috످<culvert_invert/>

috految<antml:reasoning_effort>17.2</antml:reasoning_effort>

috److Your message contains only an empty `<culvert_invert/>` tag. Did you mean to include a question or some data?

If you're working on a culvert invert (the lowest interior point of a culvert's cross-section), I can help with elevation and slope calculations, design, or repair options. If the tag is from an XML file or template, paste the surrounding code and tell me what you're trying to do.

috످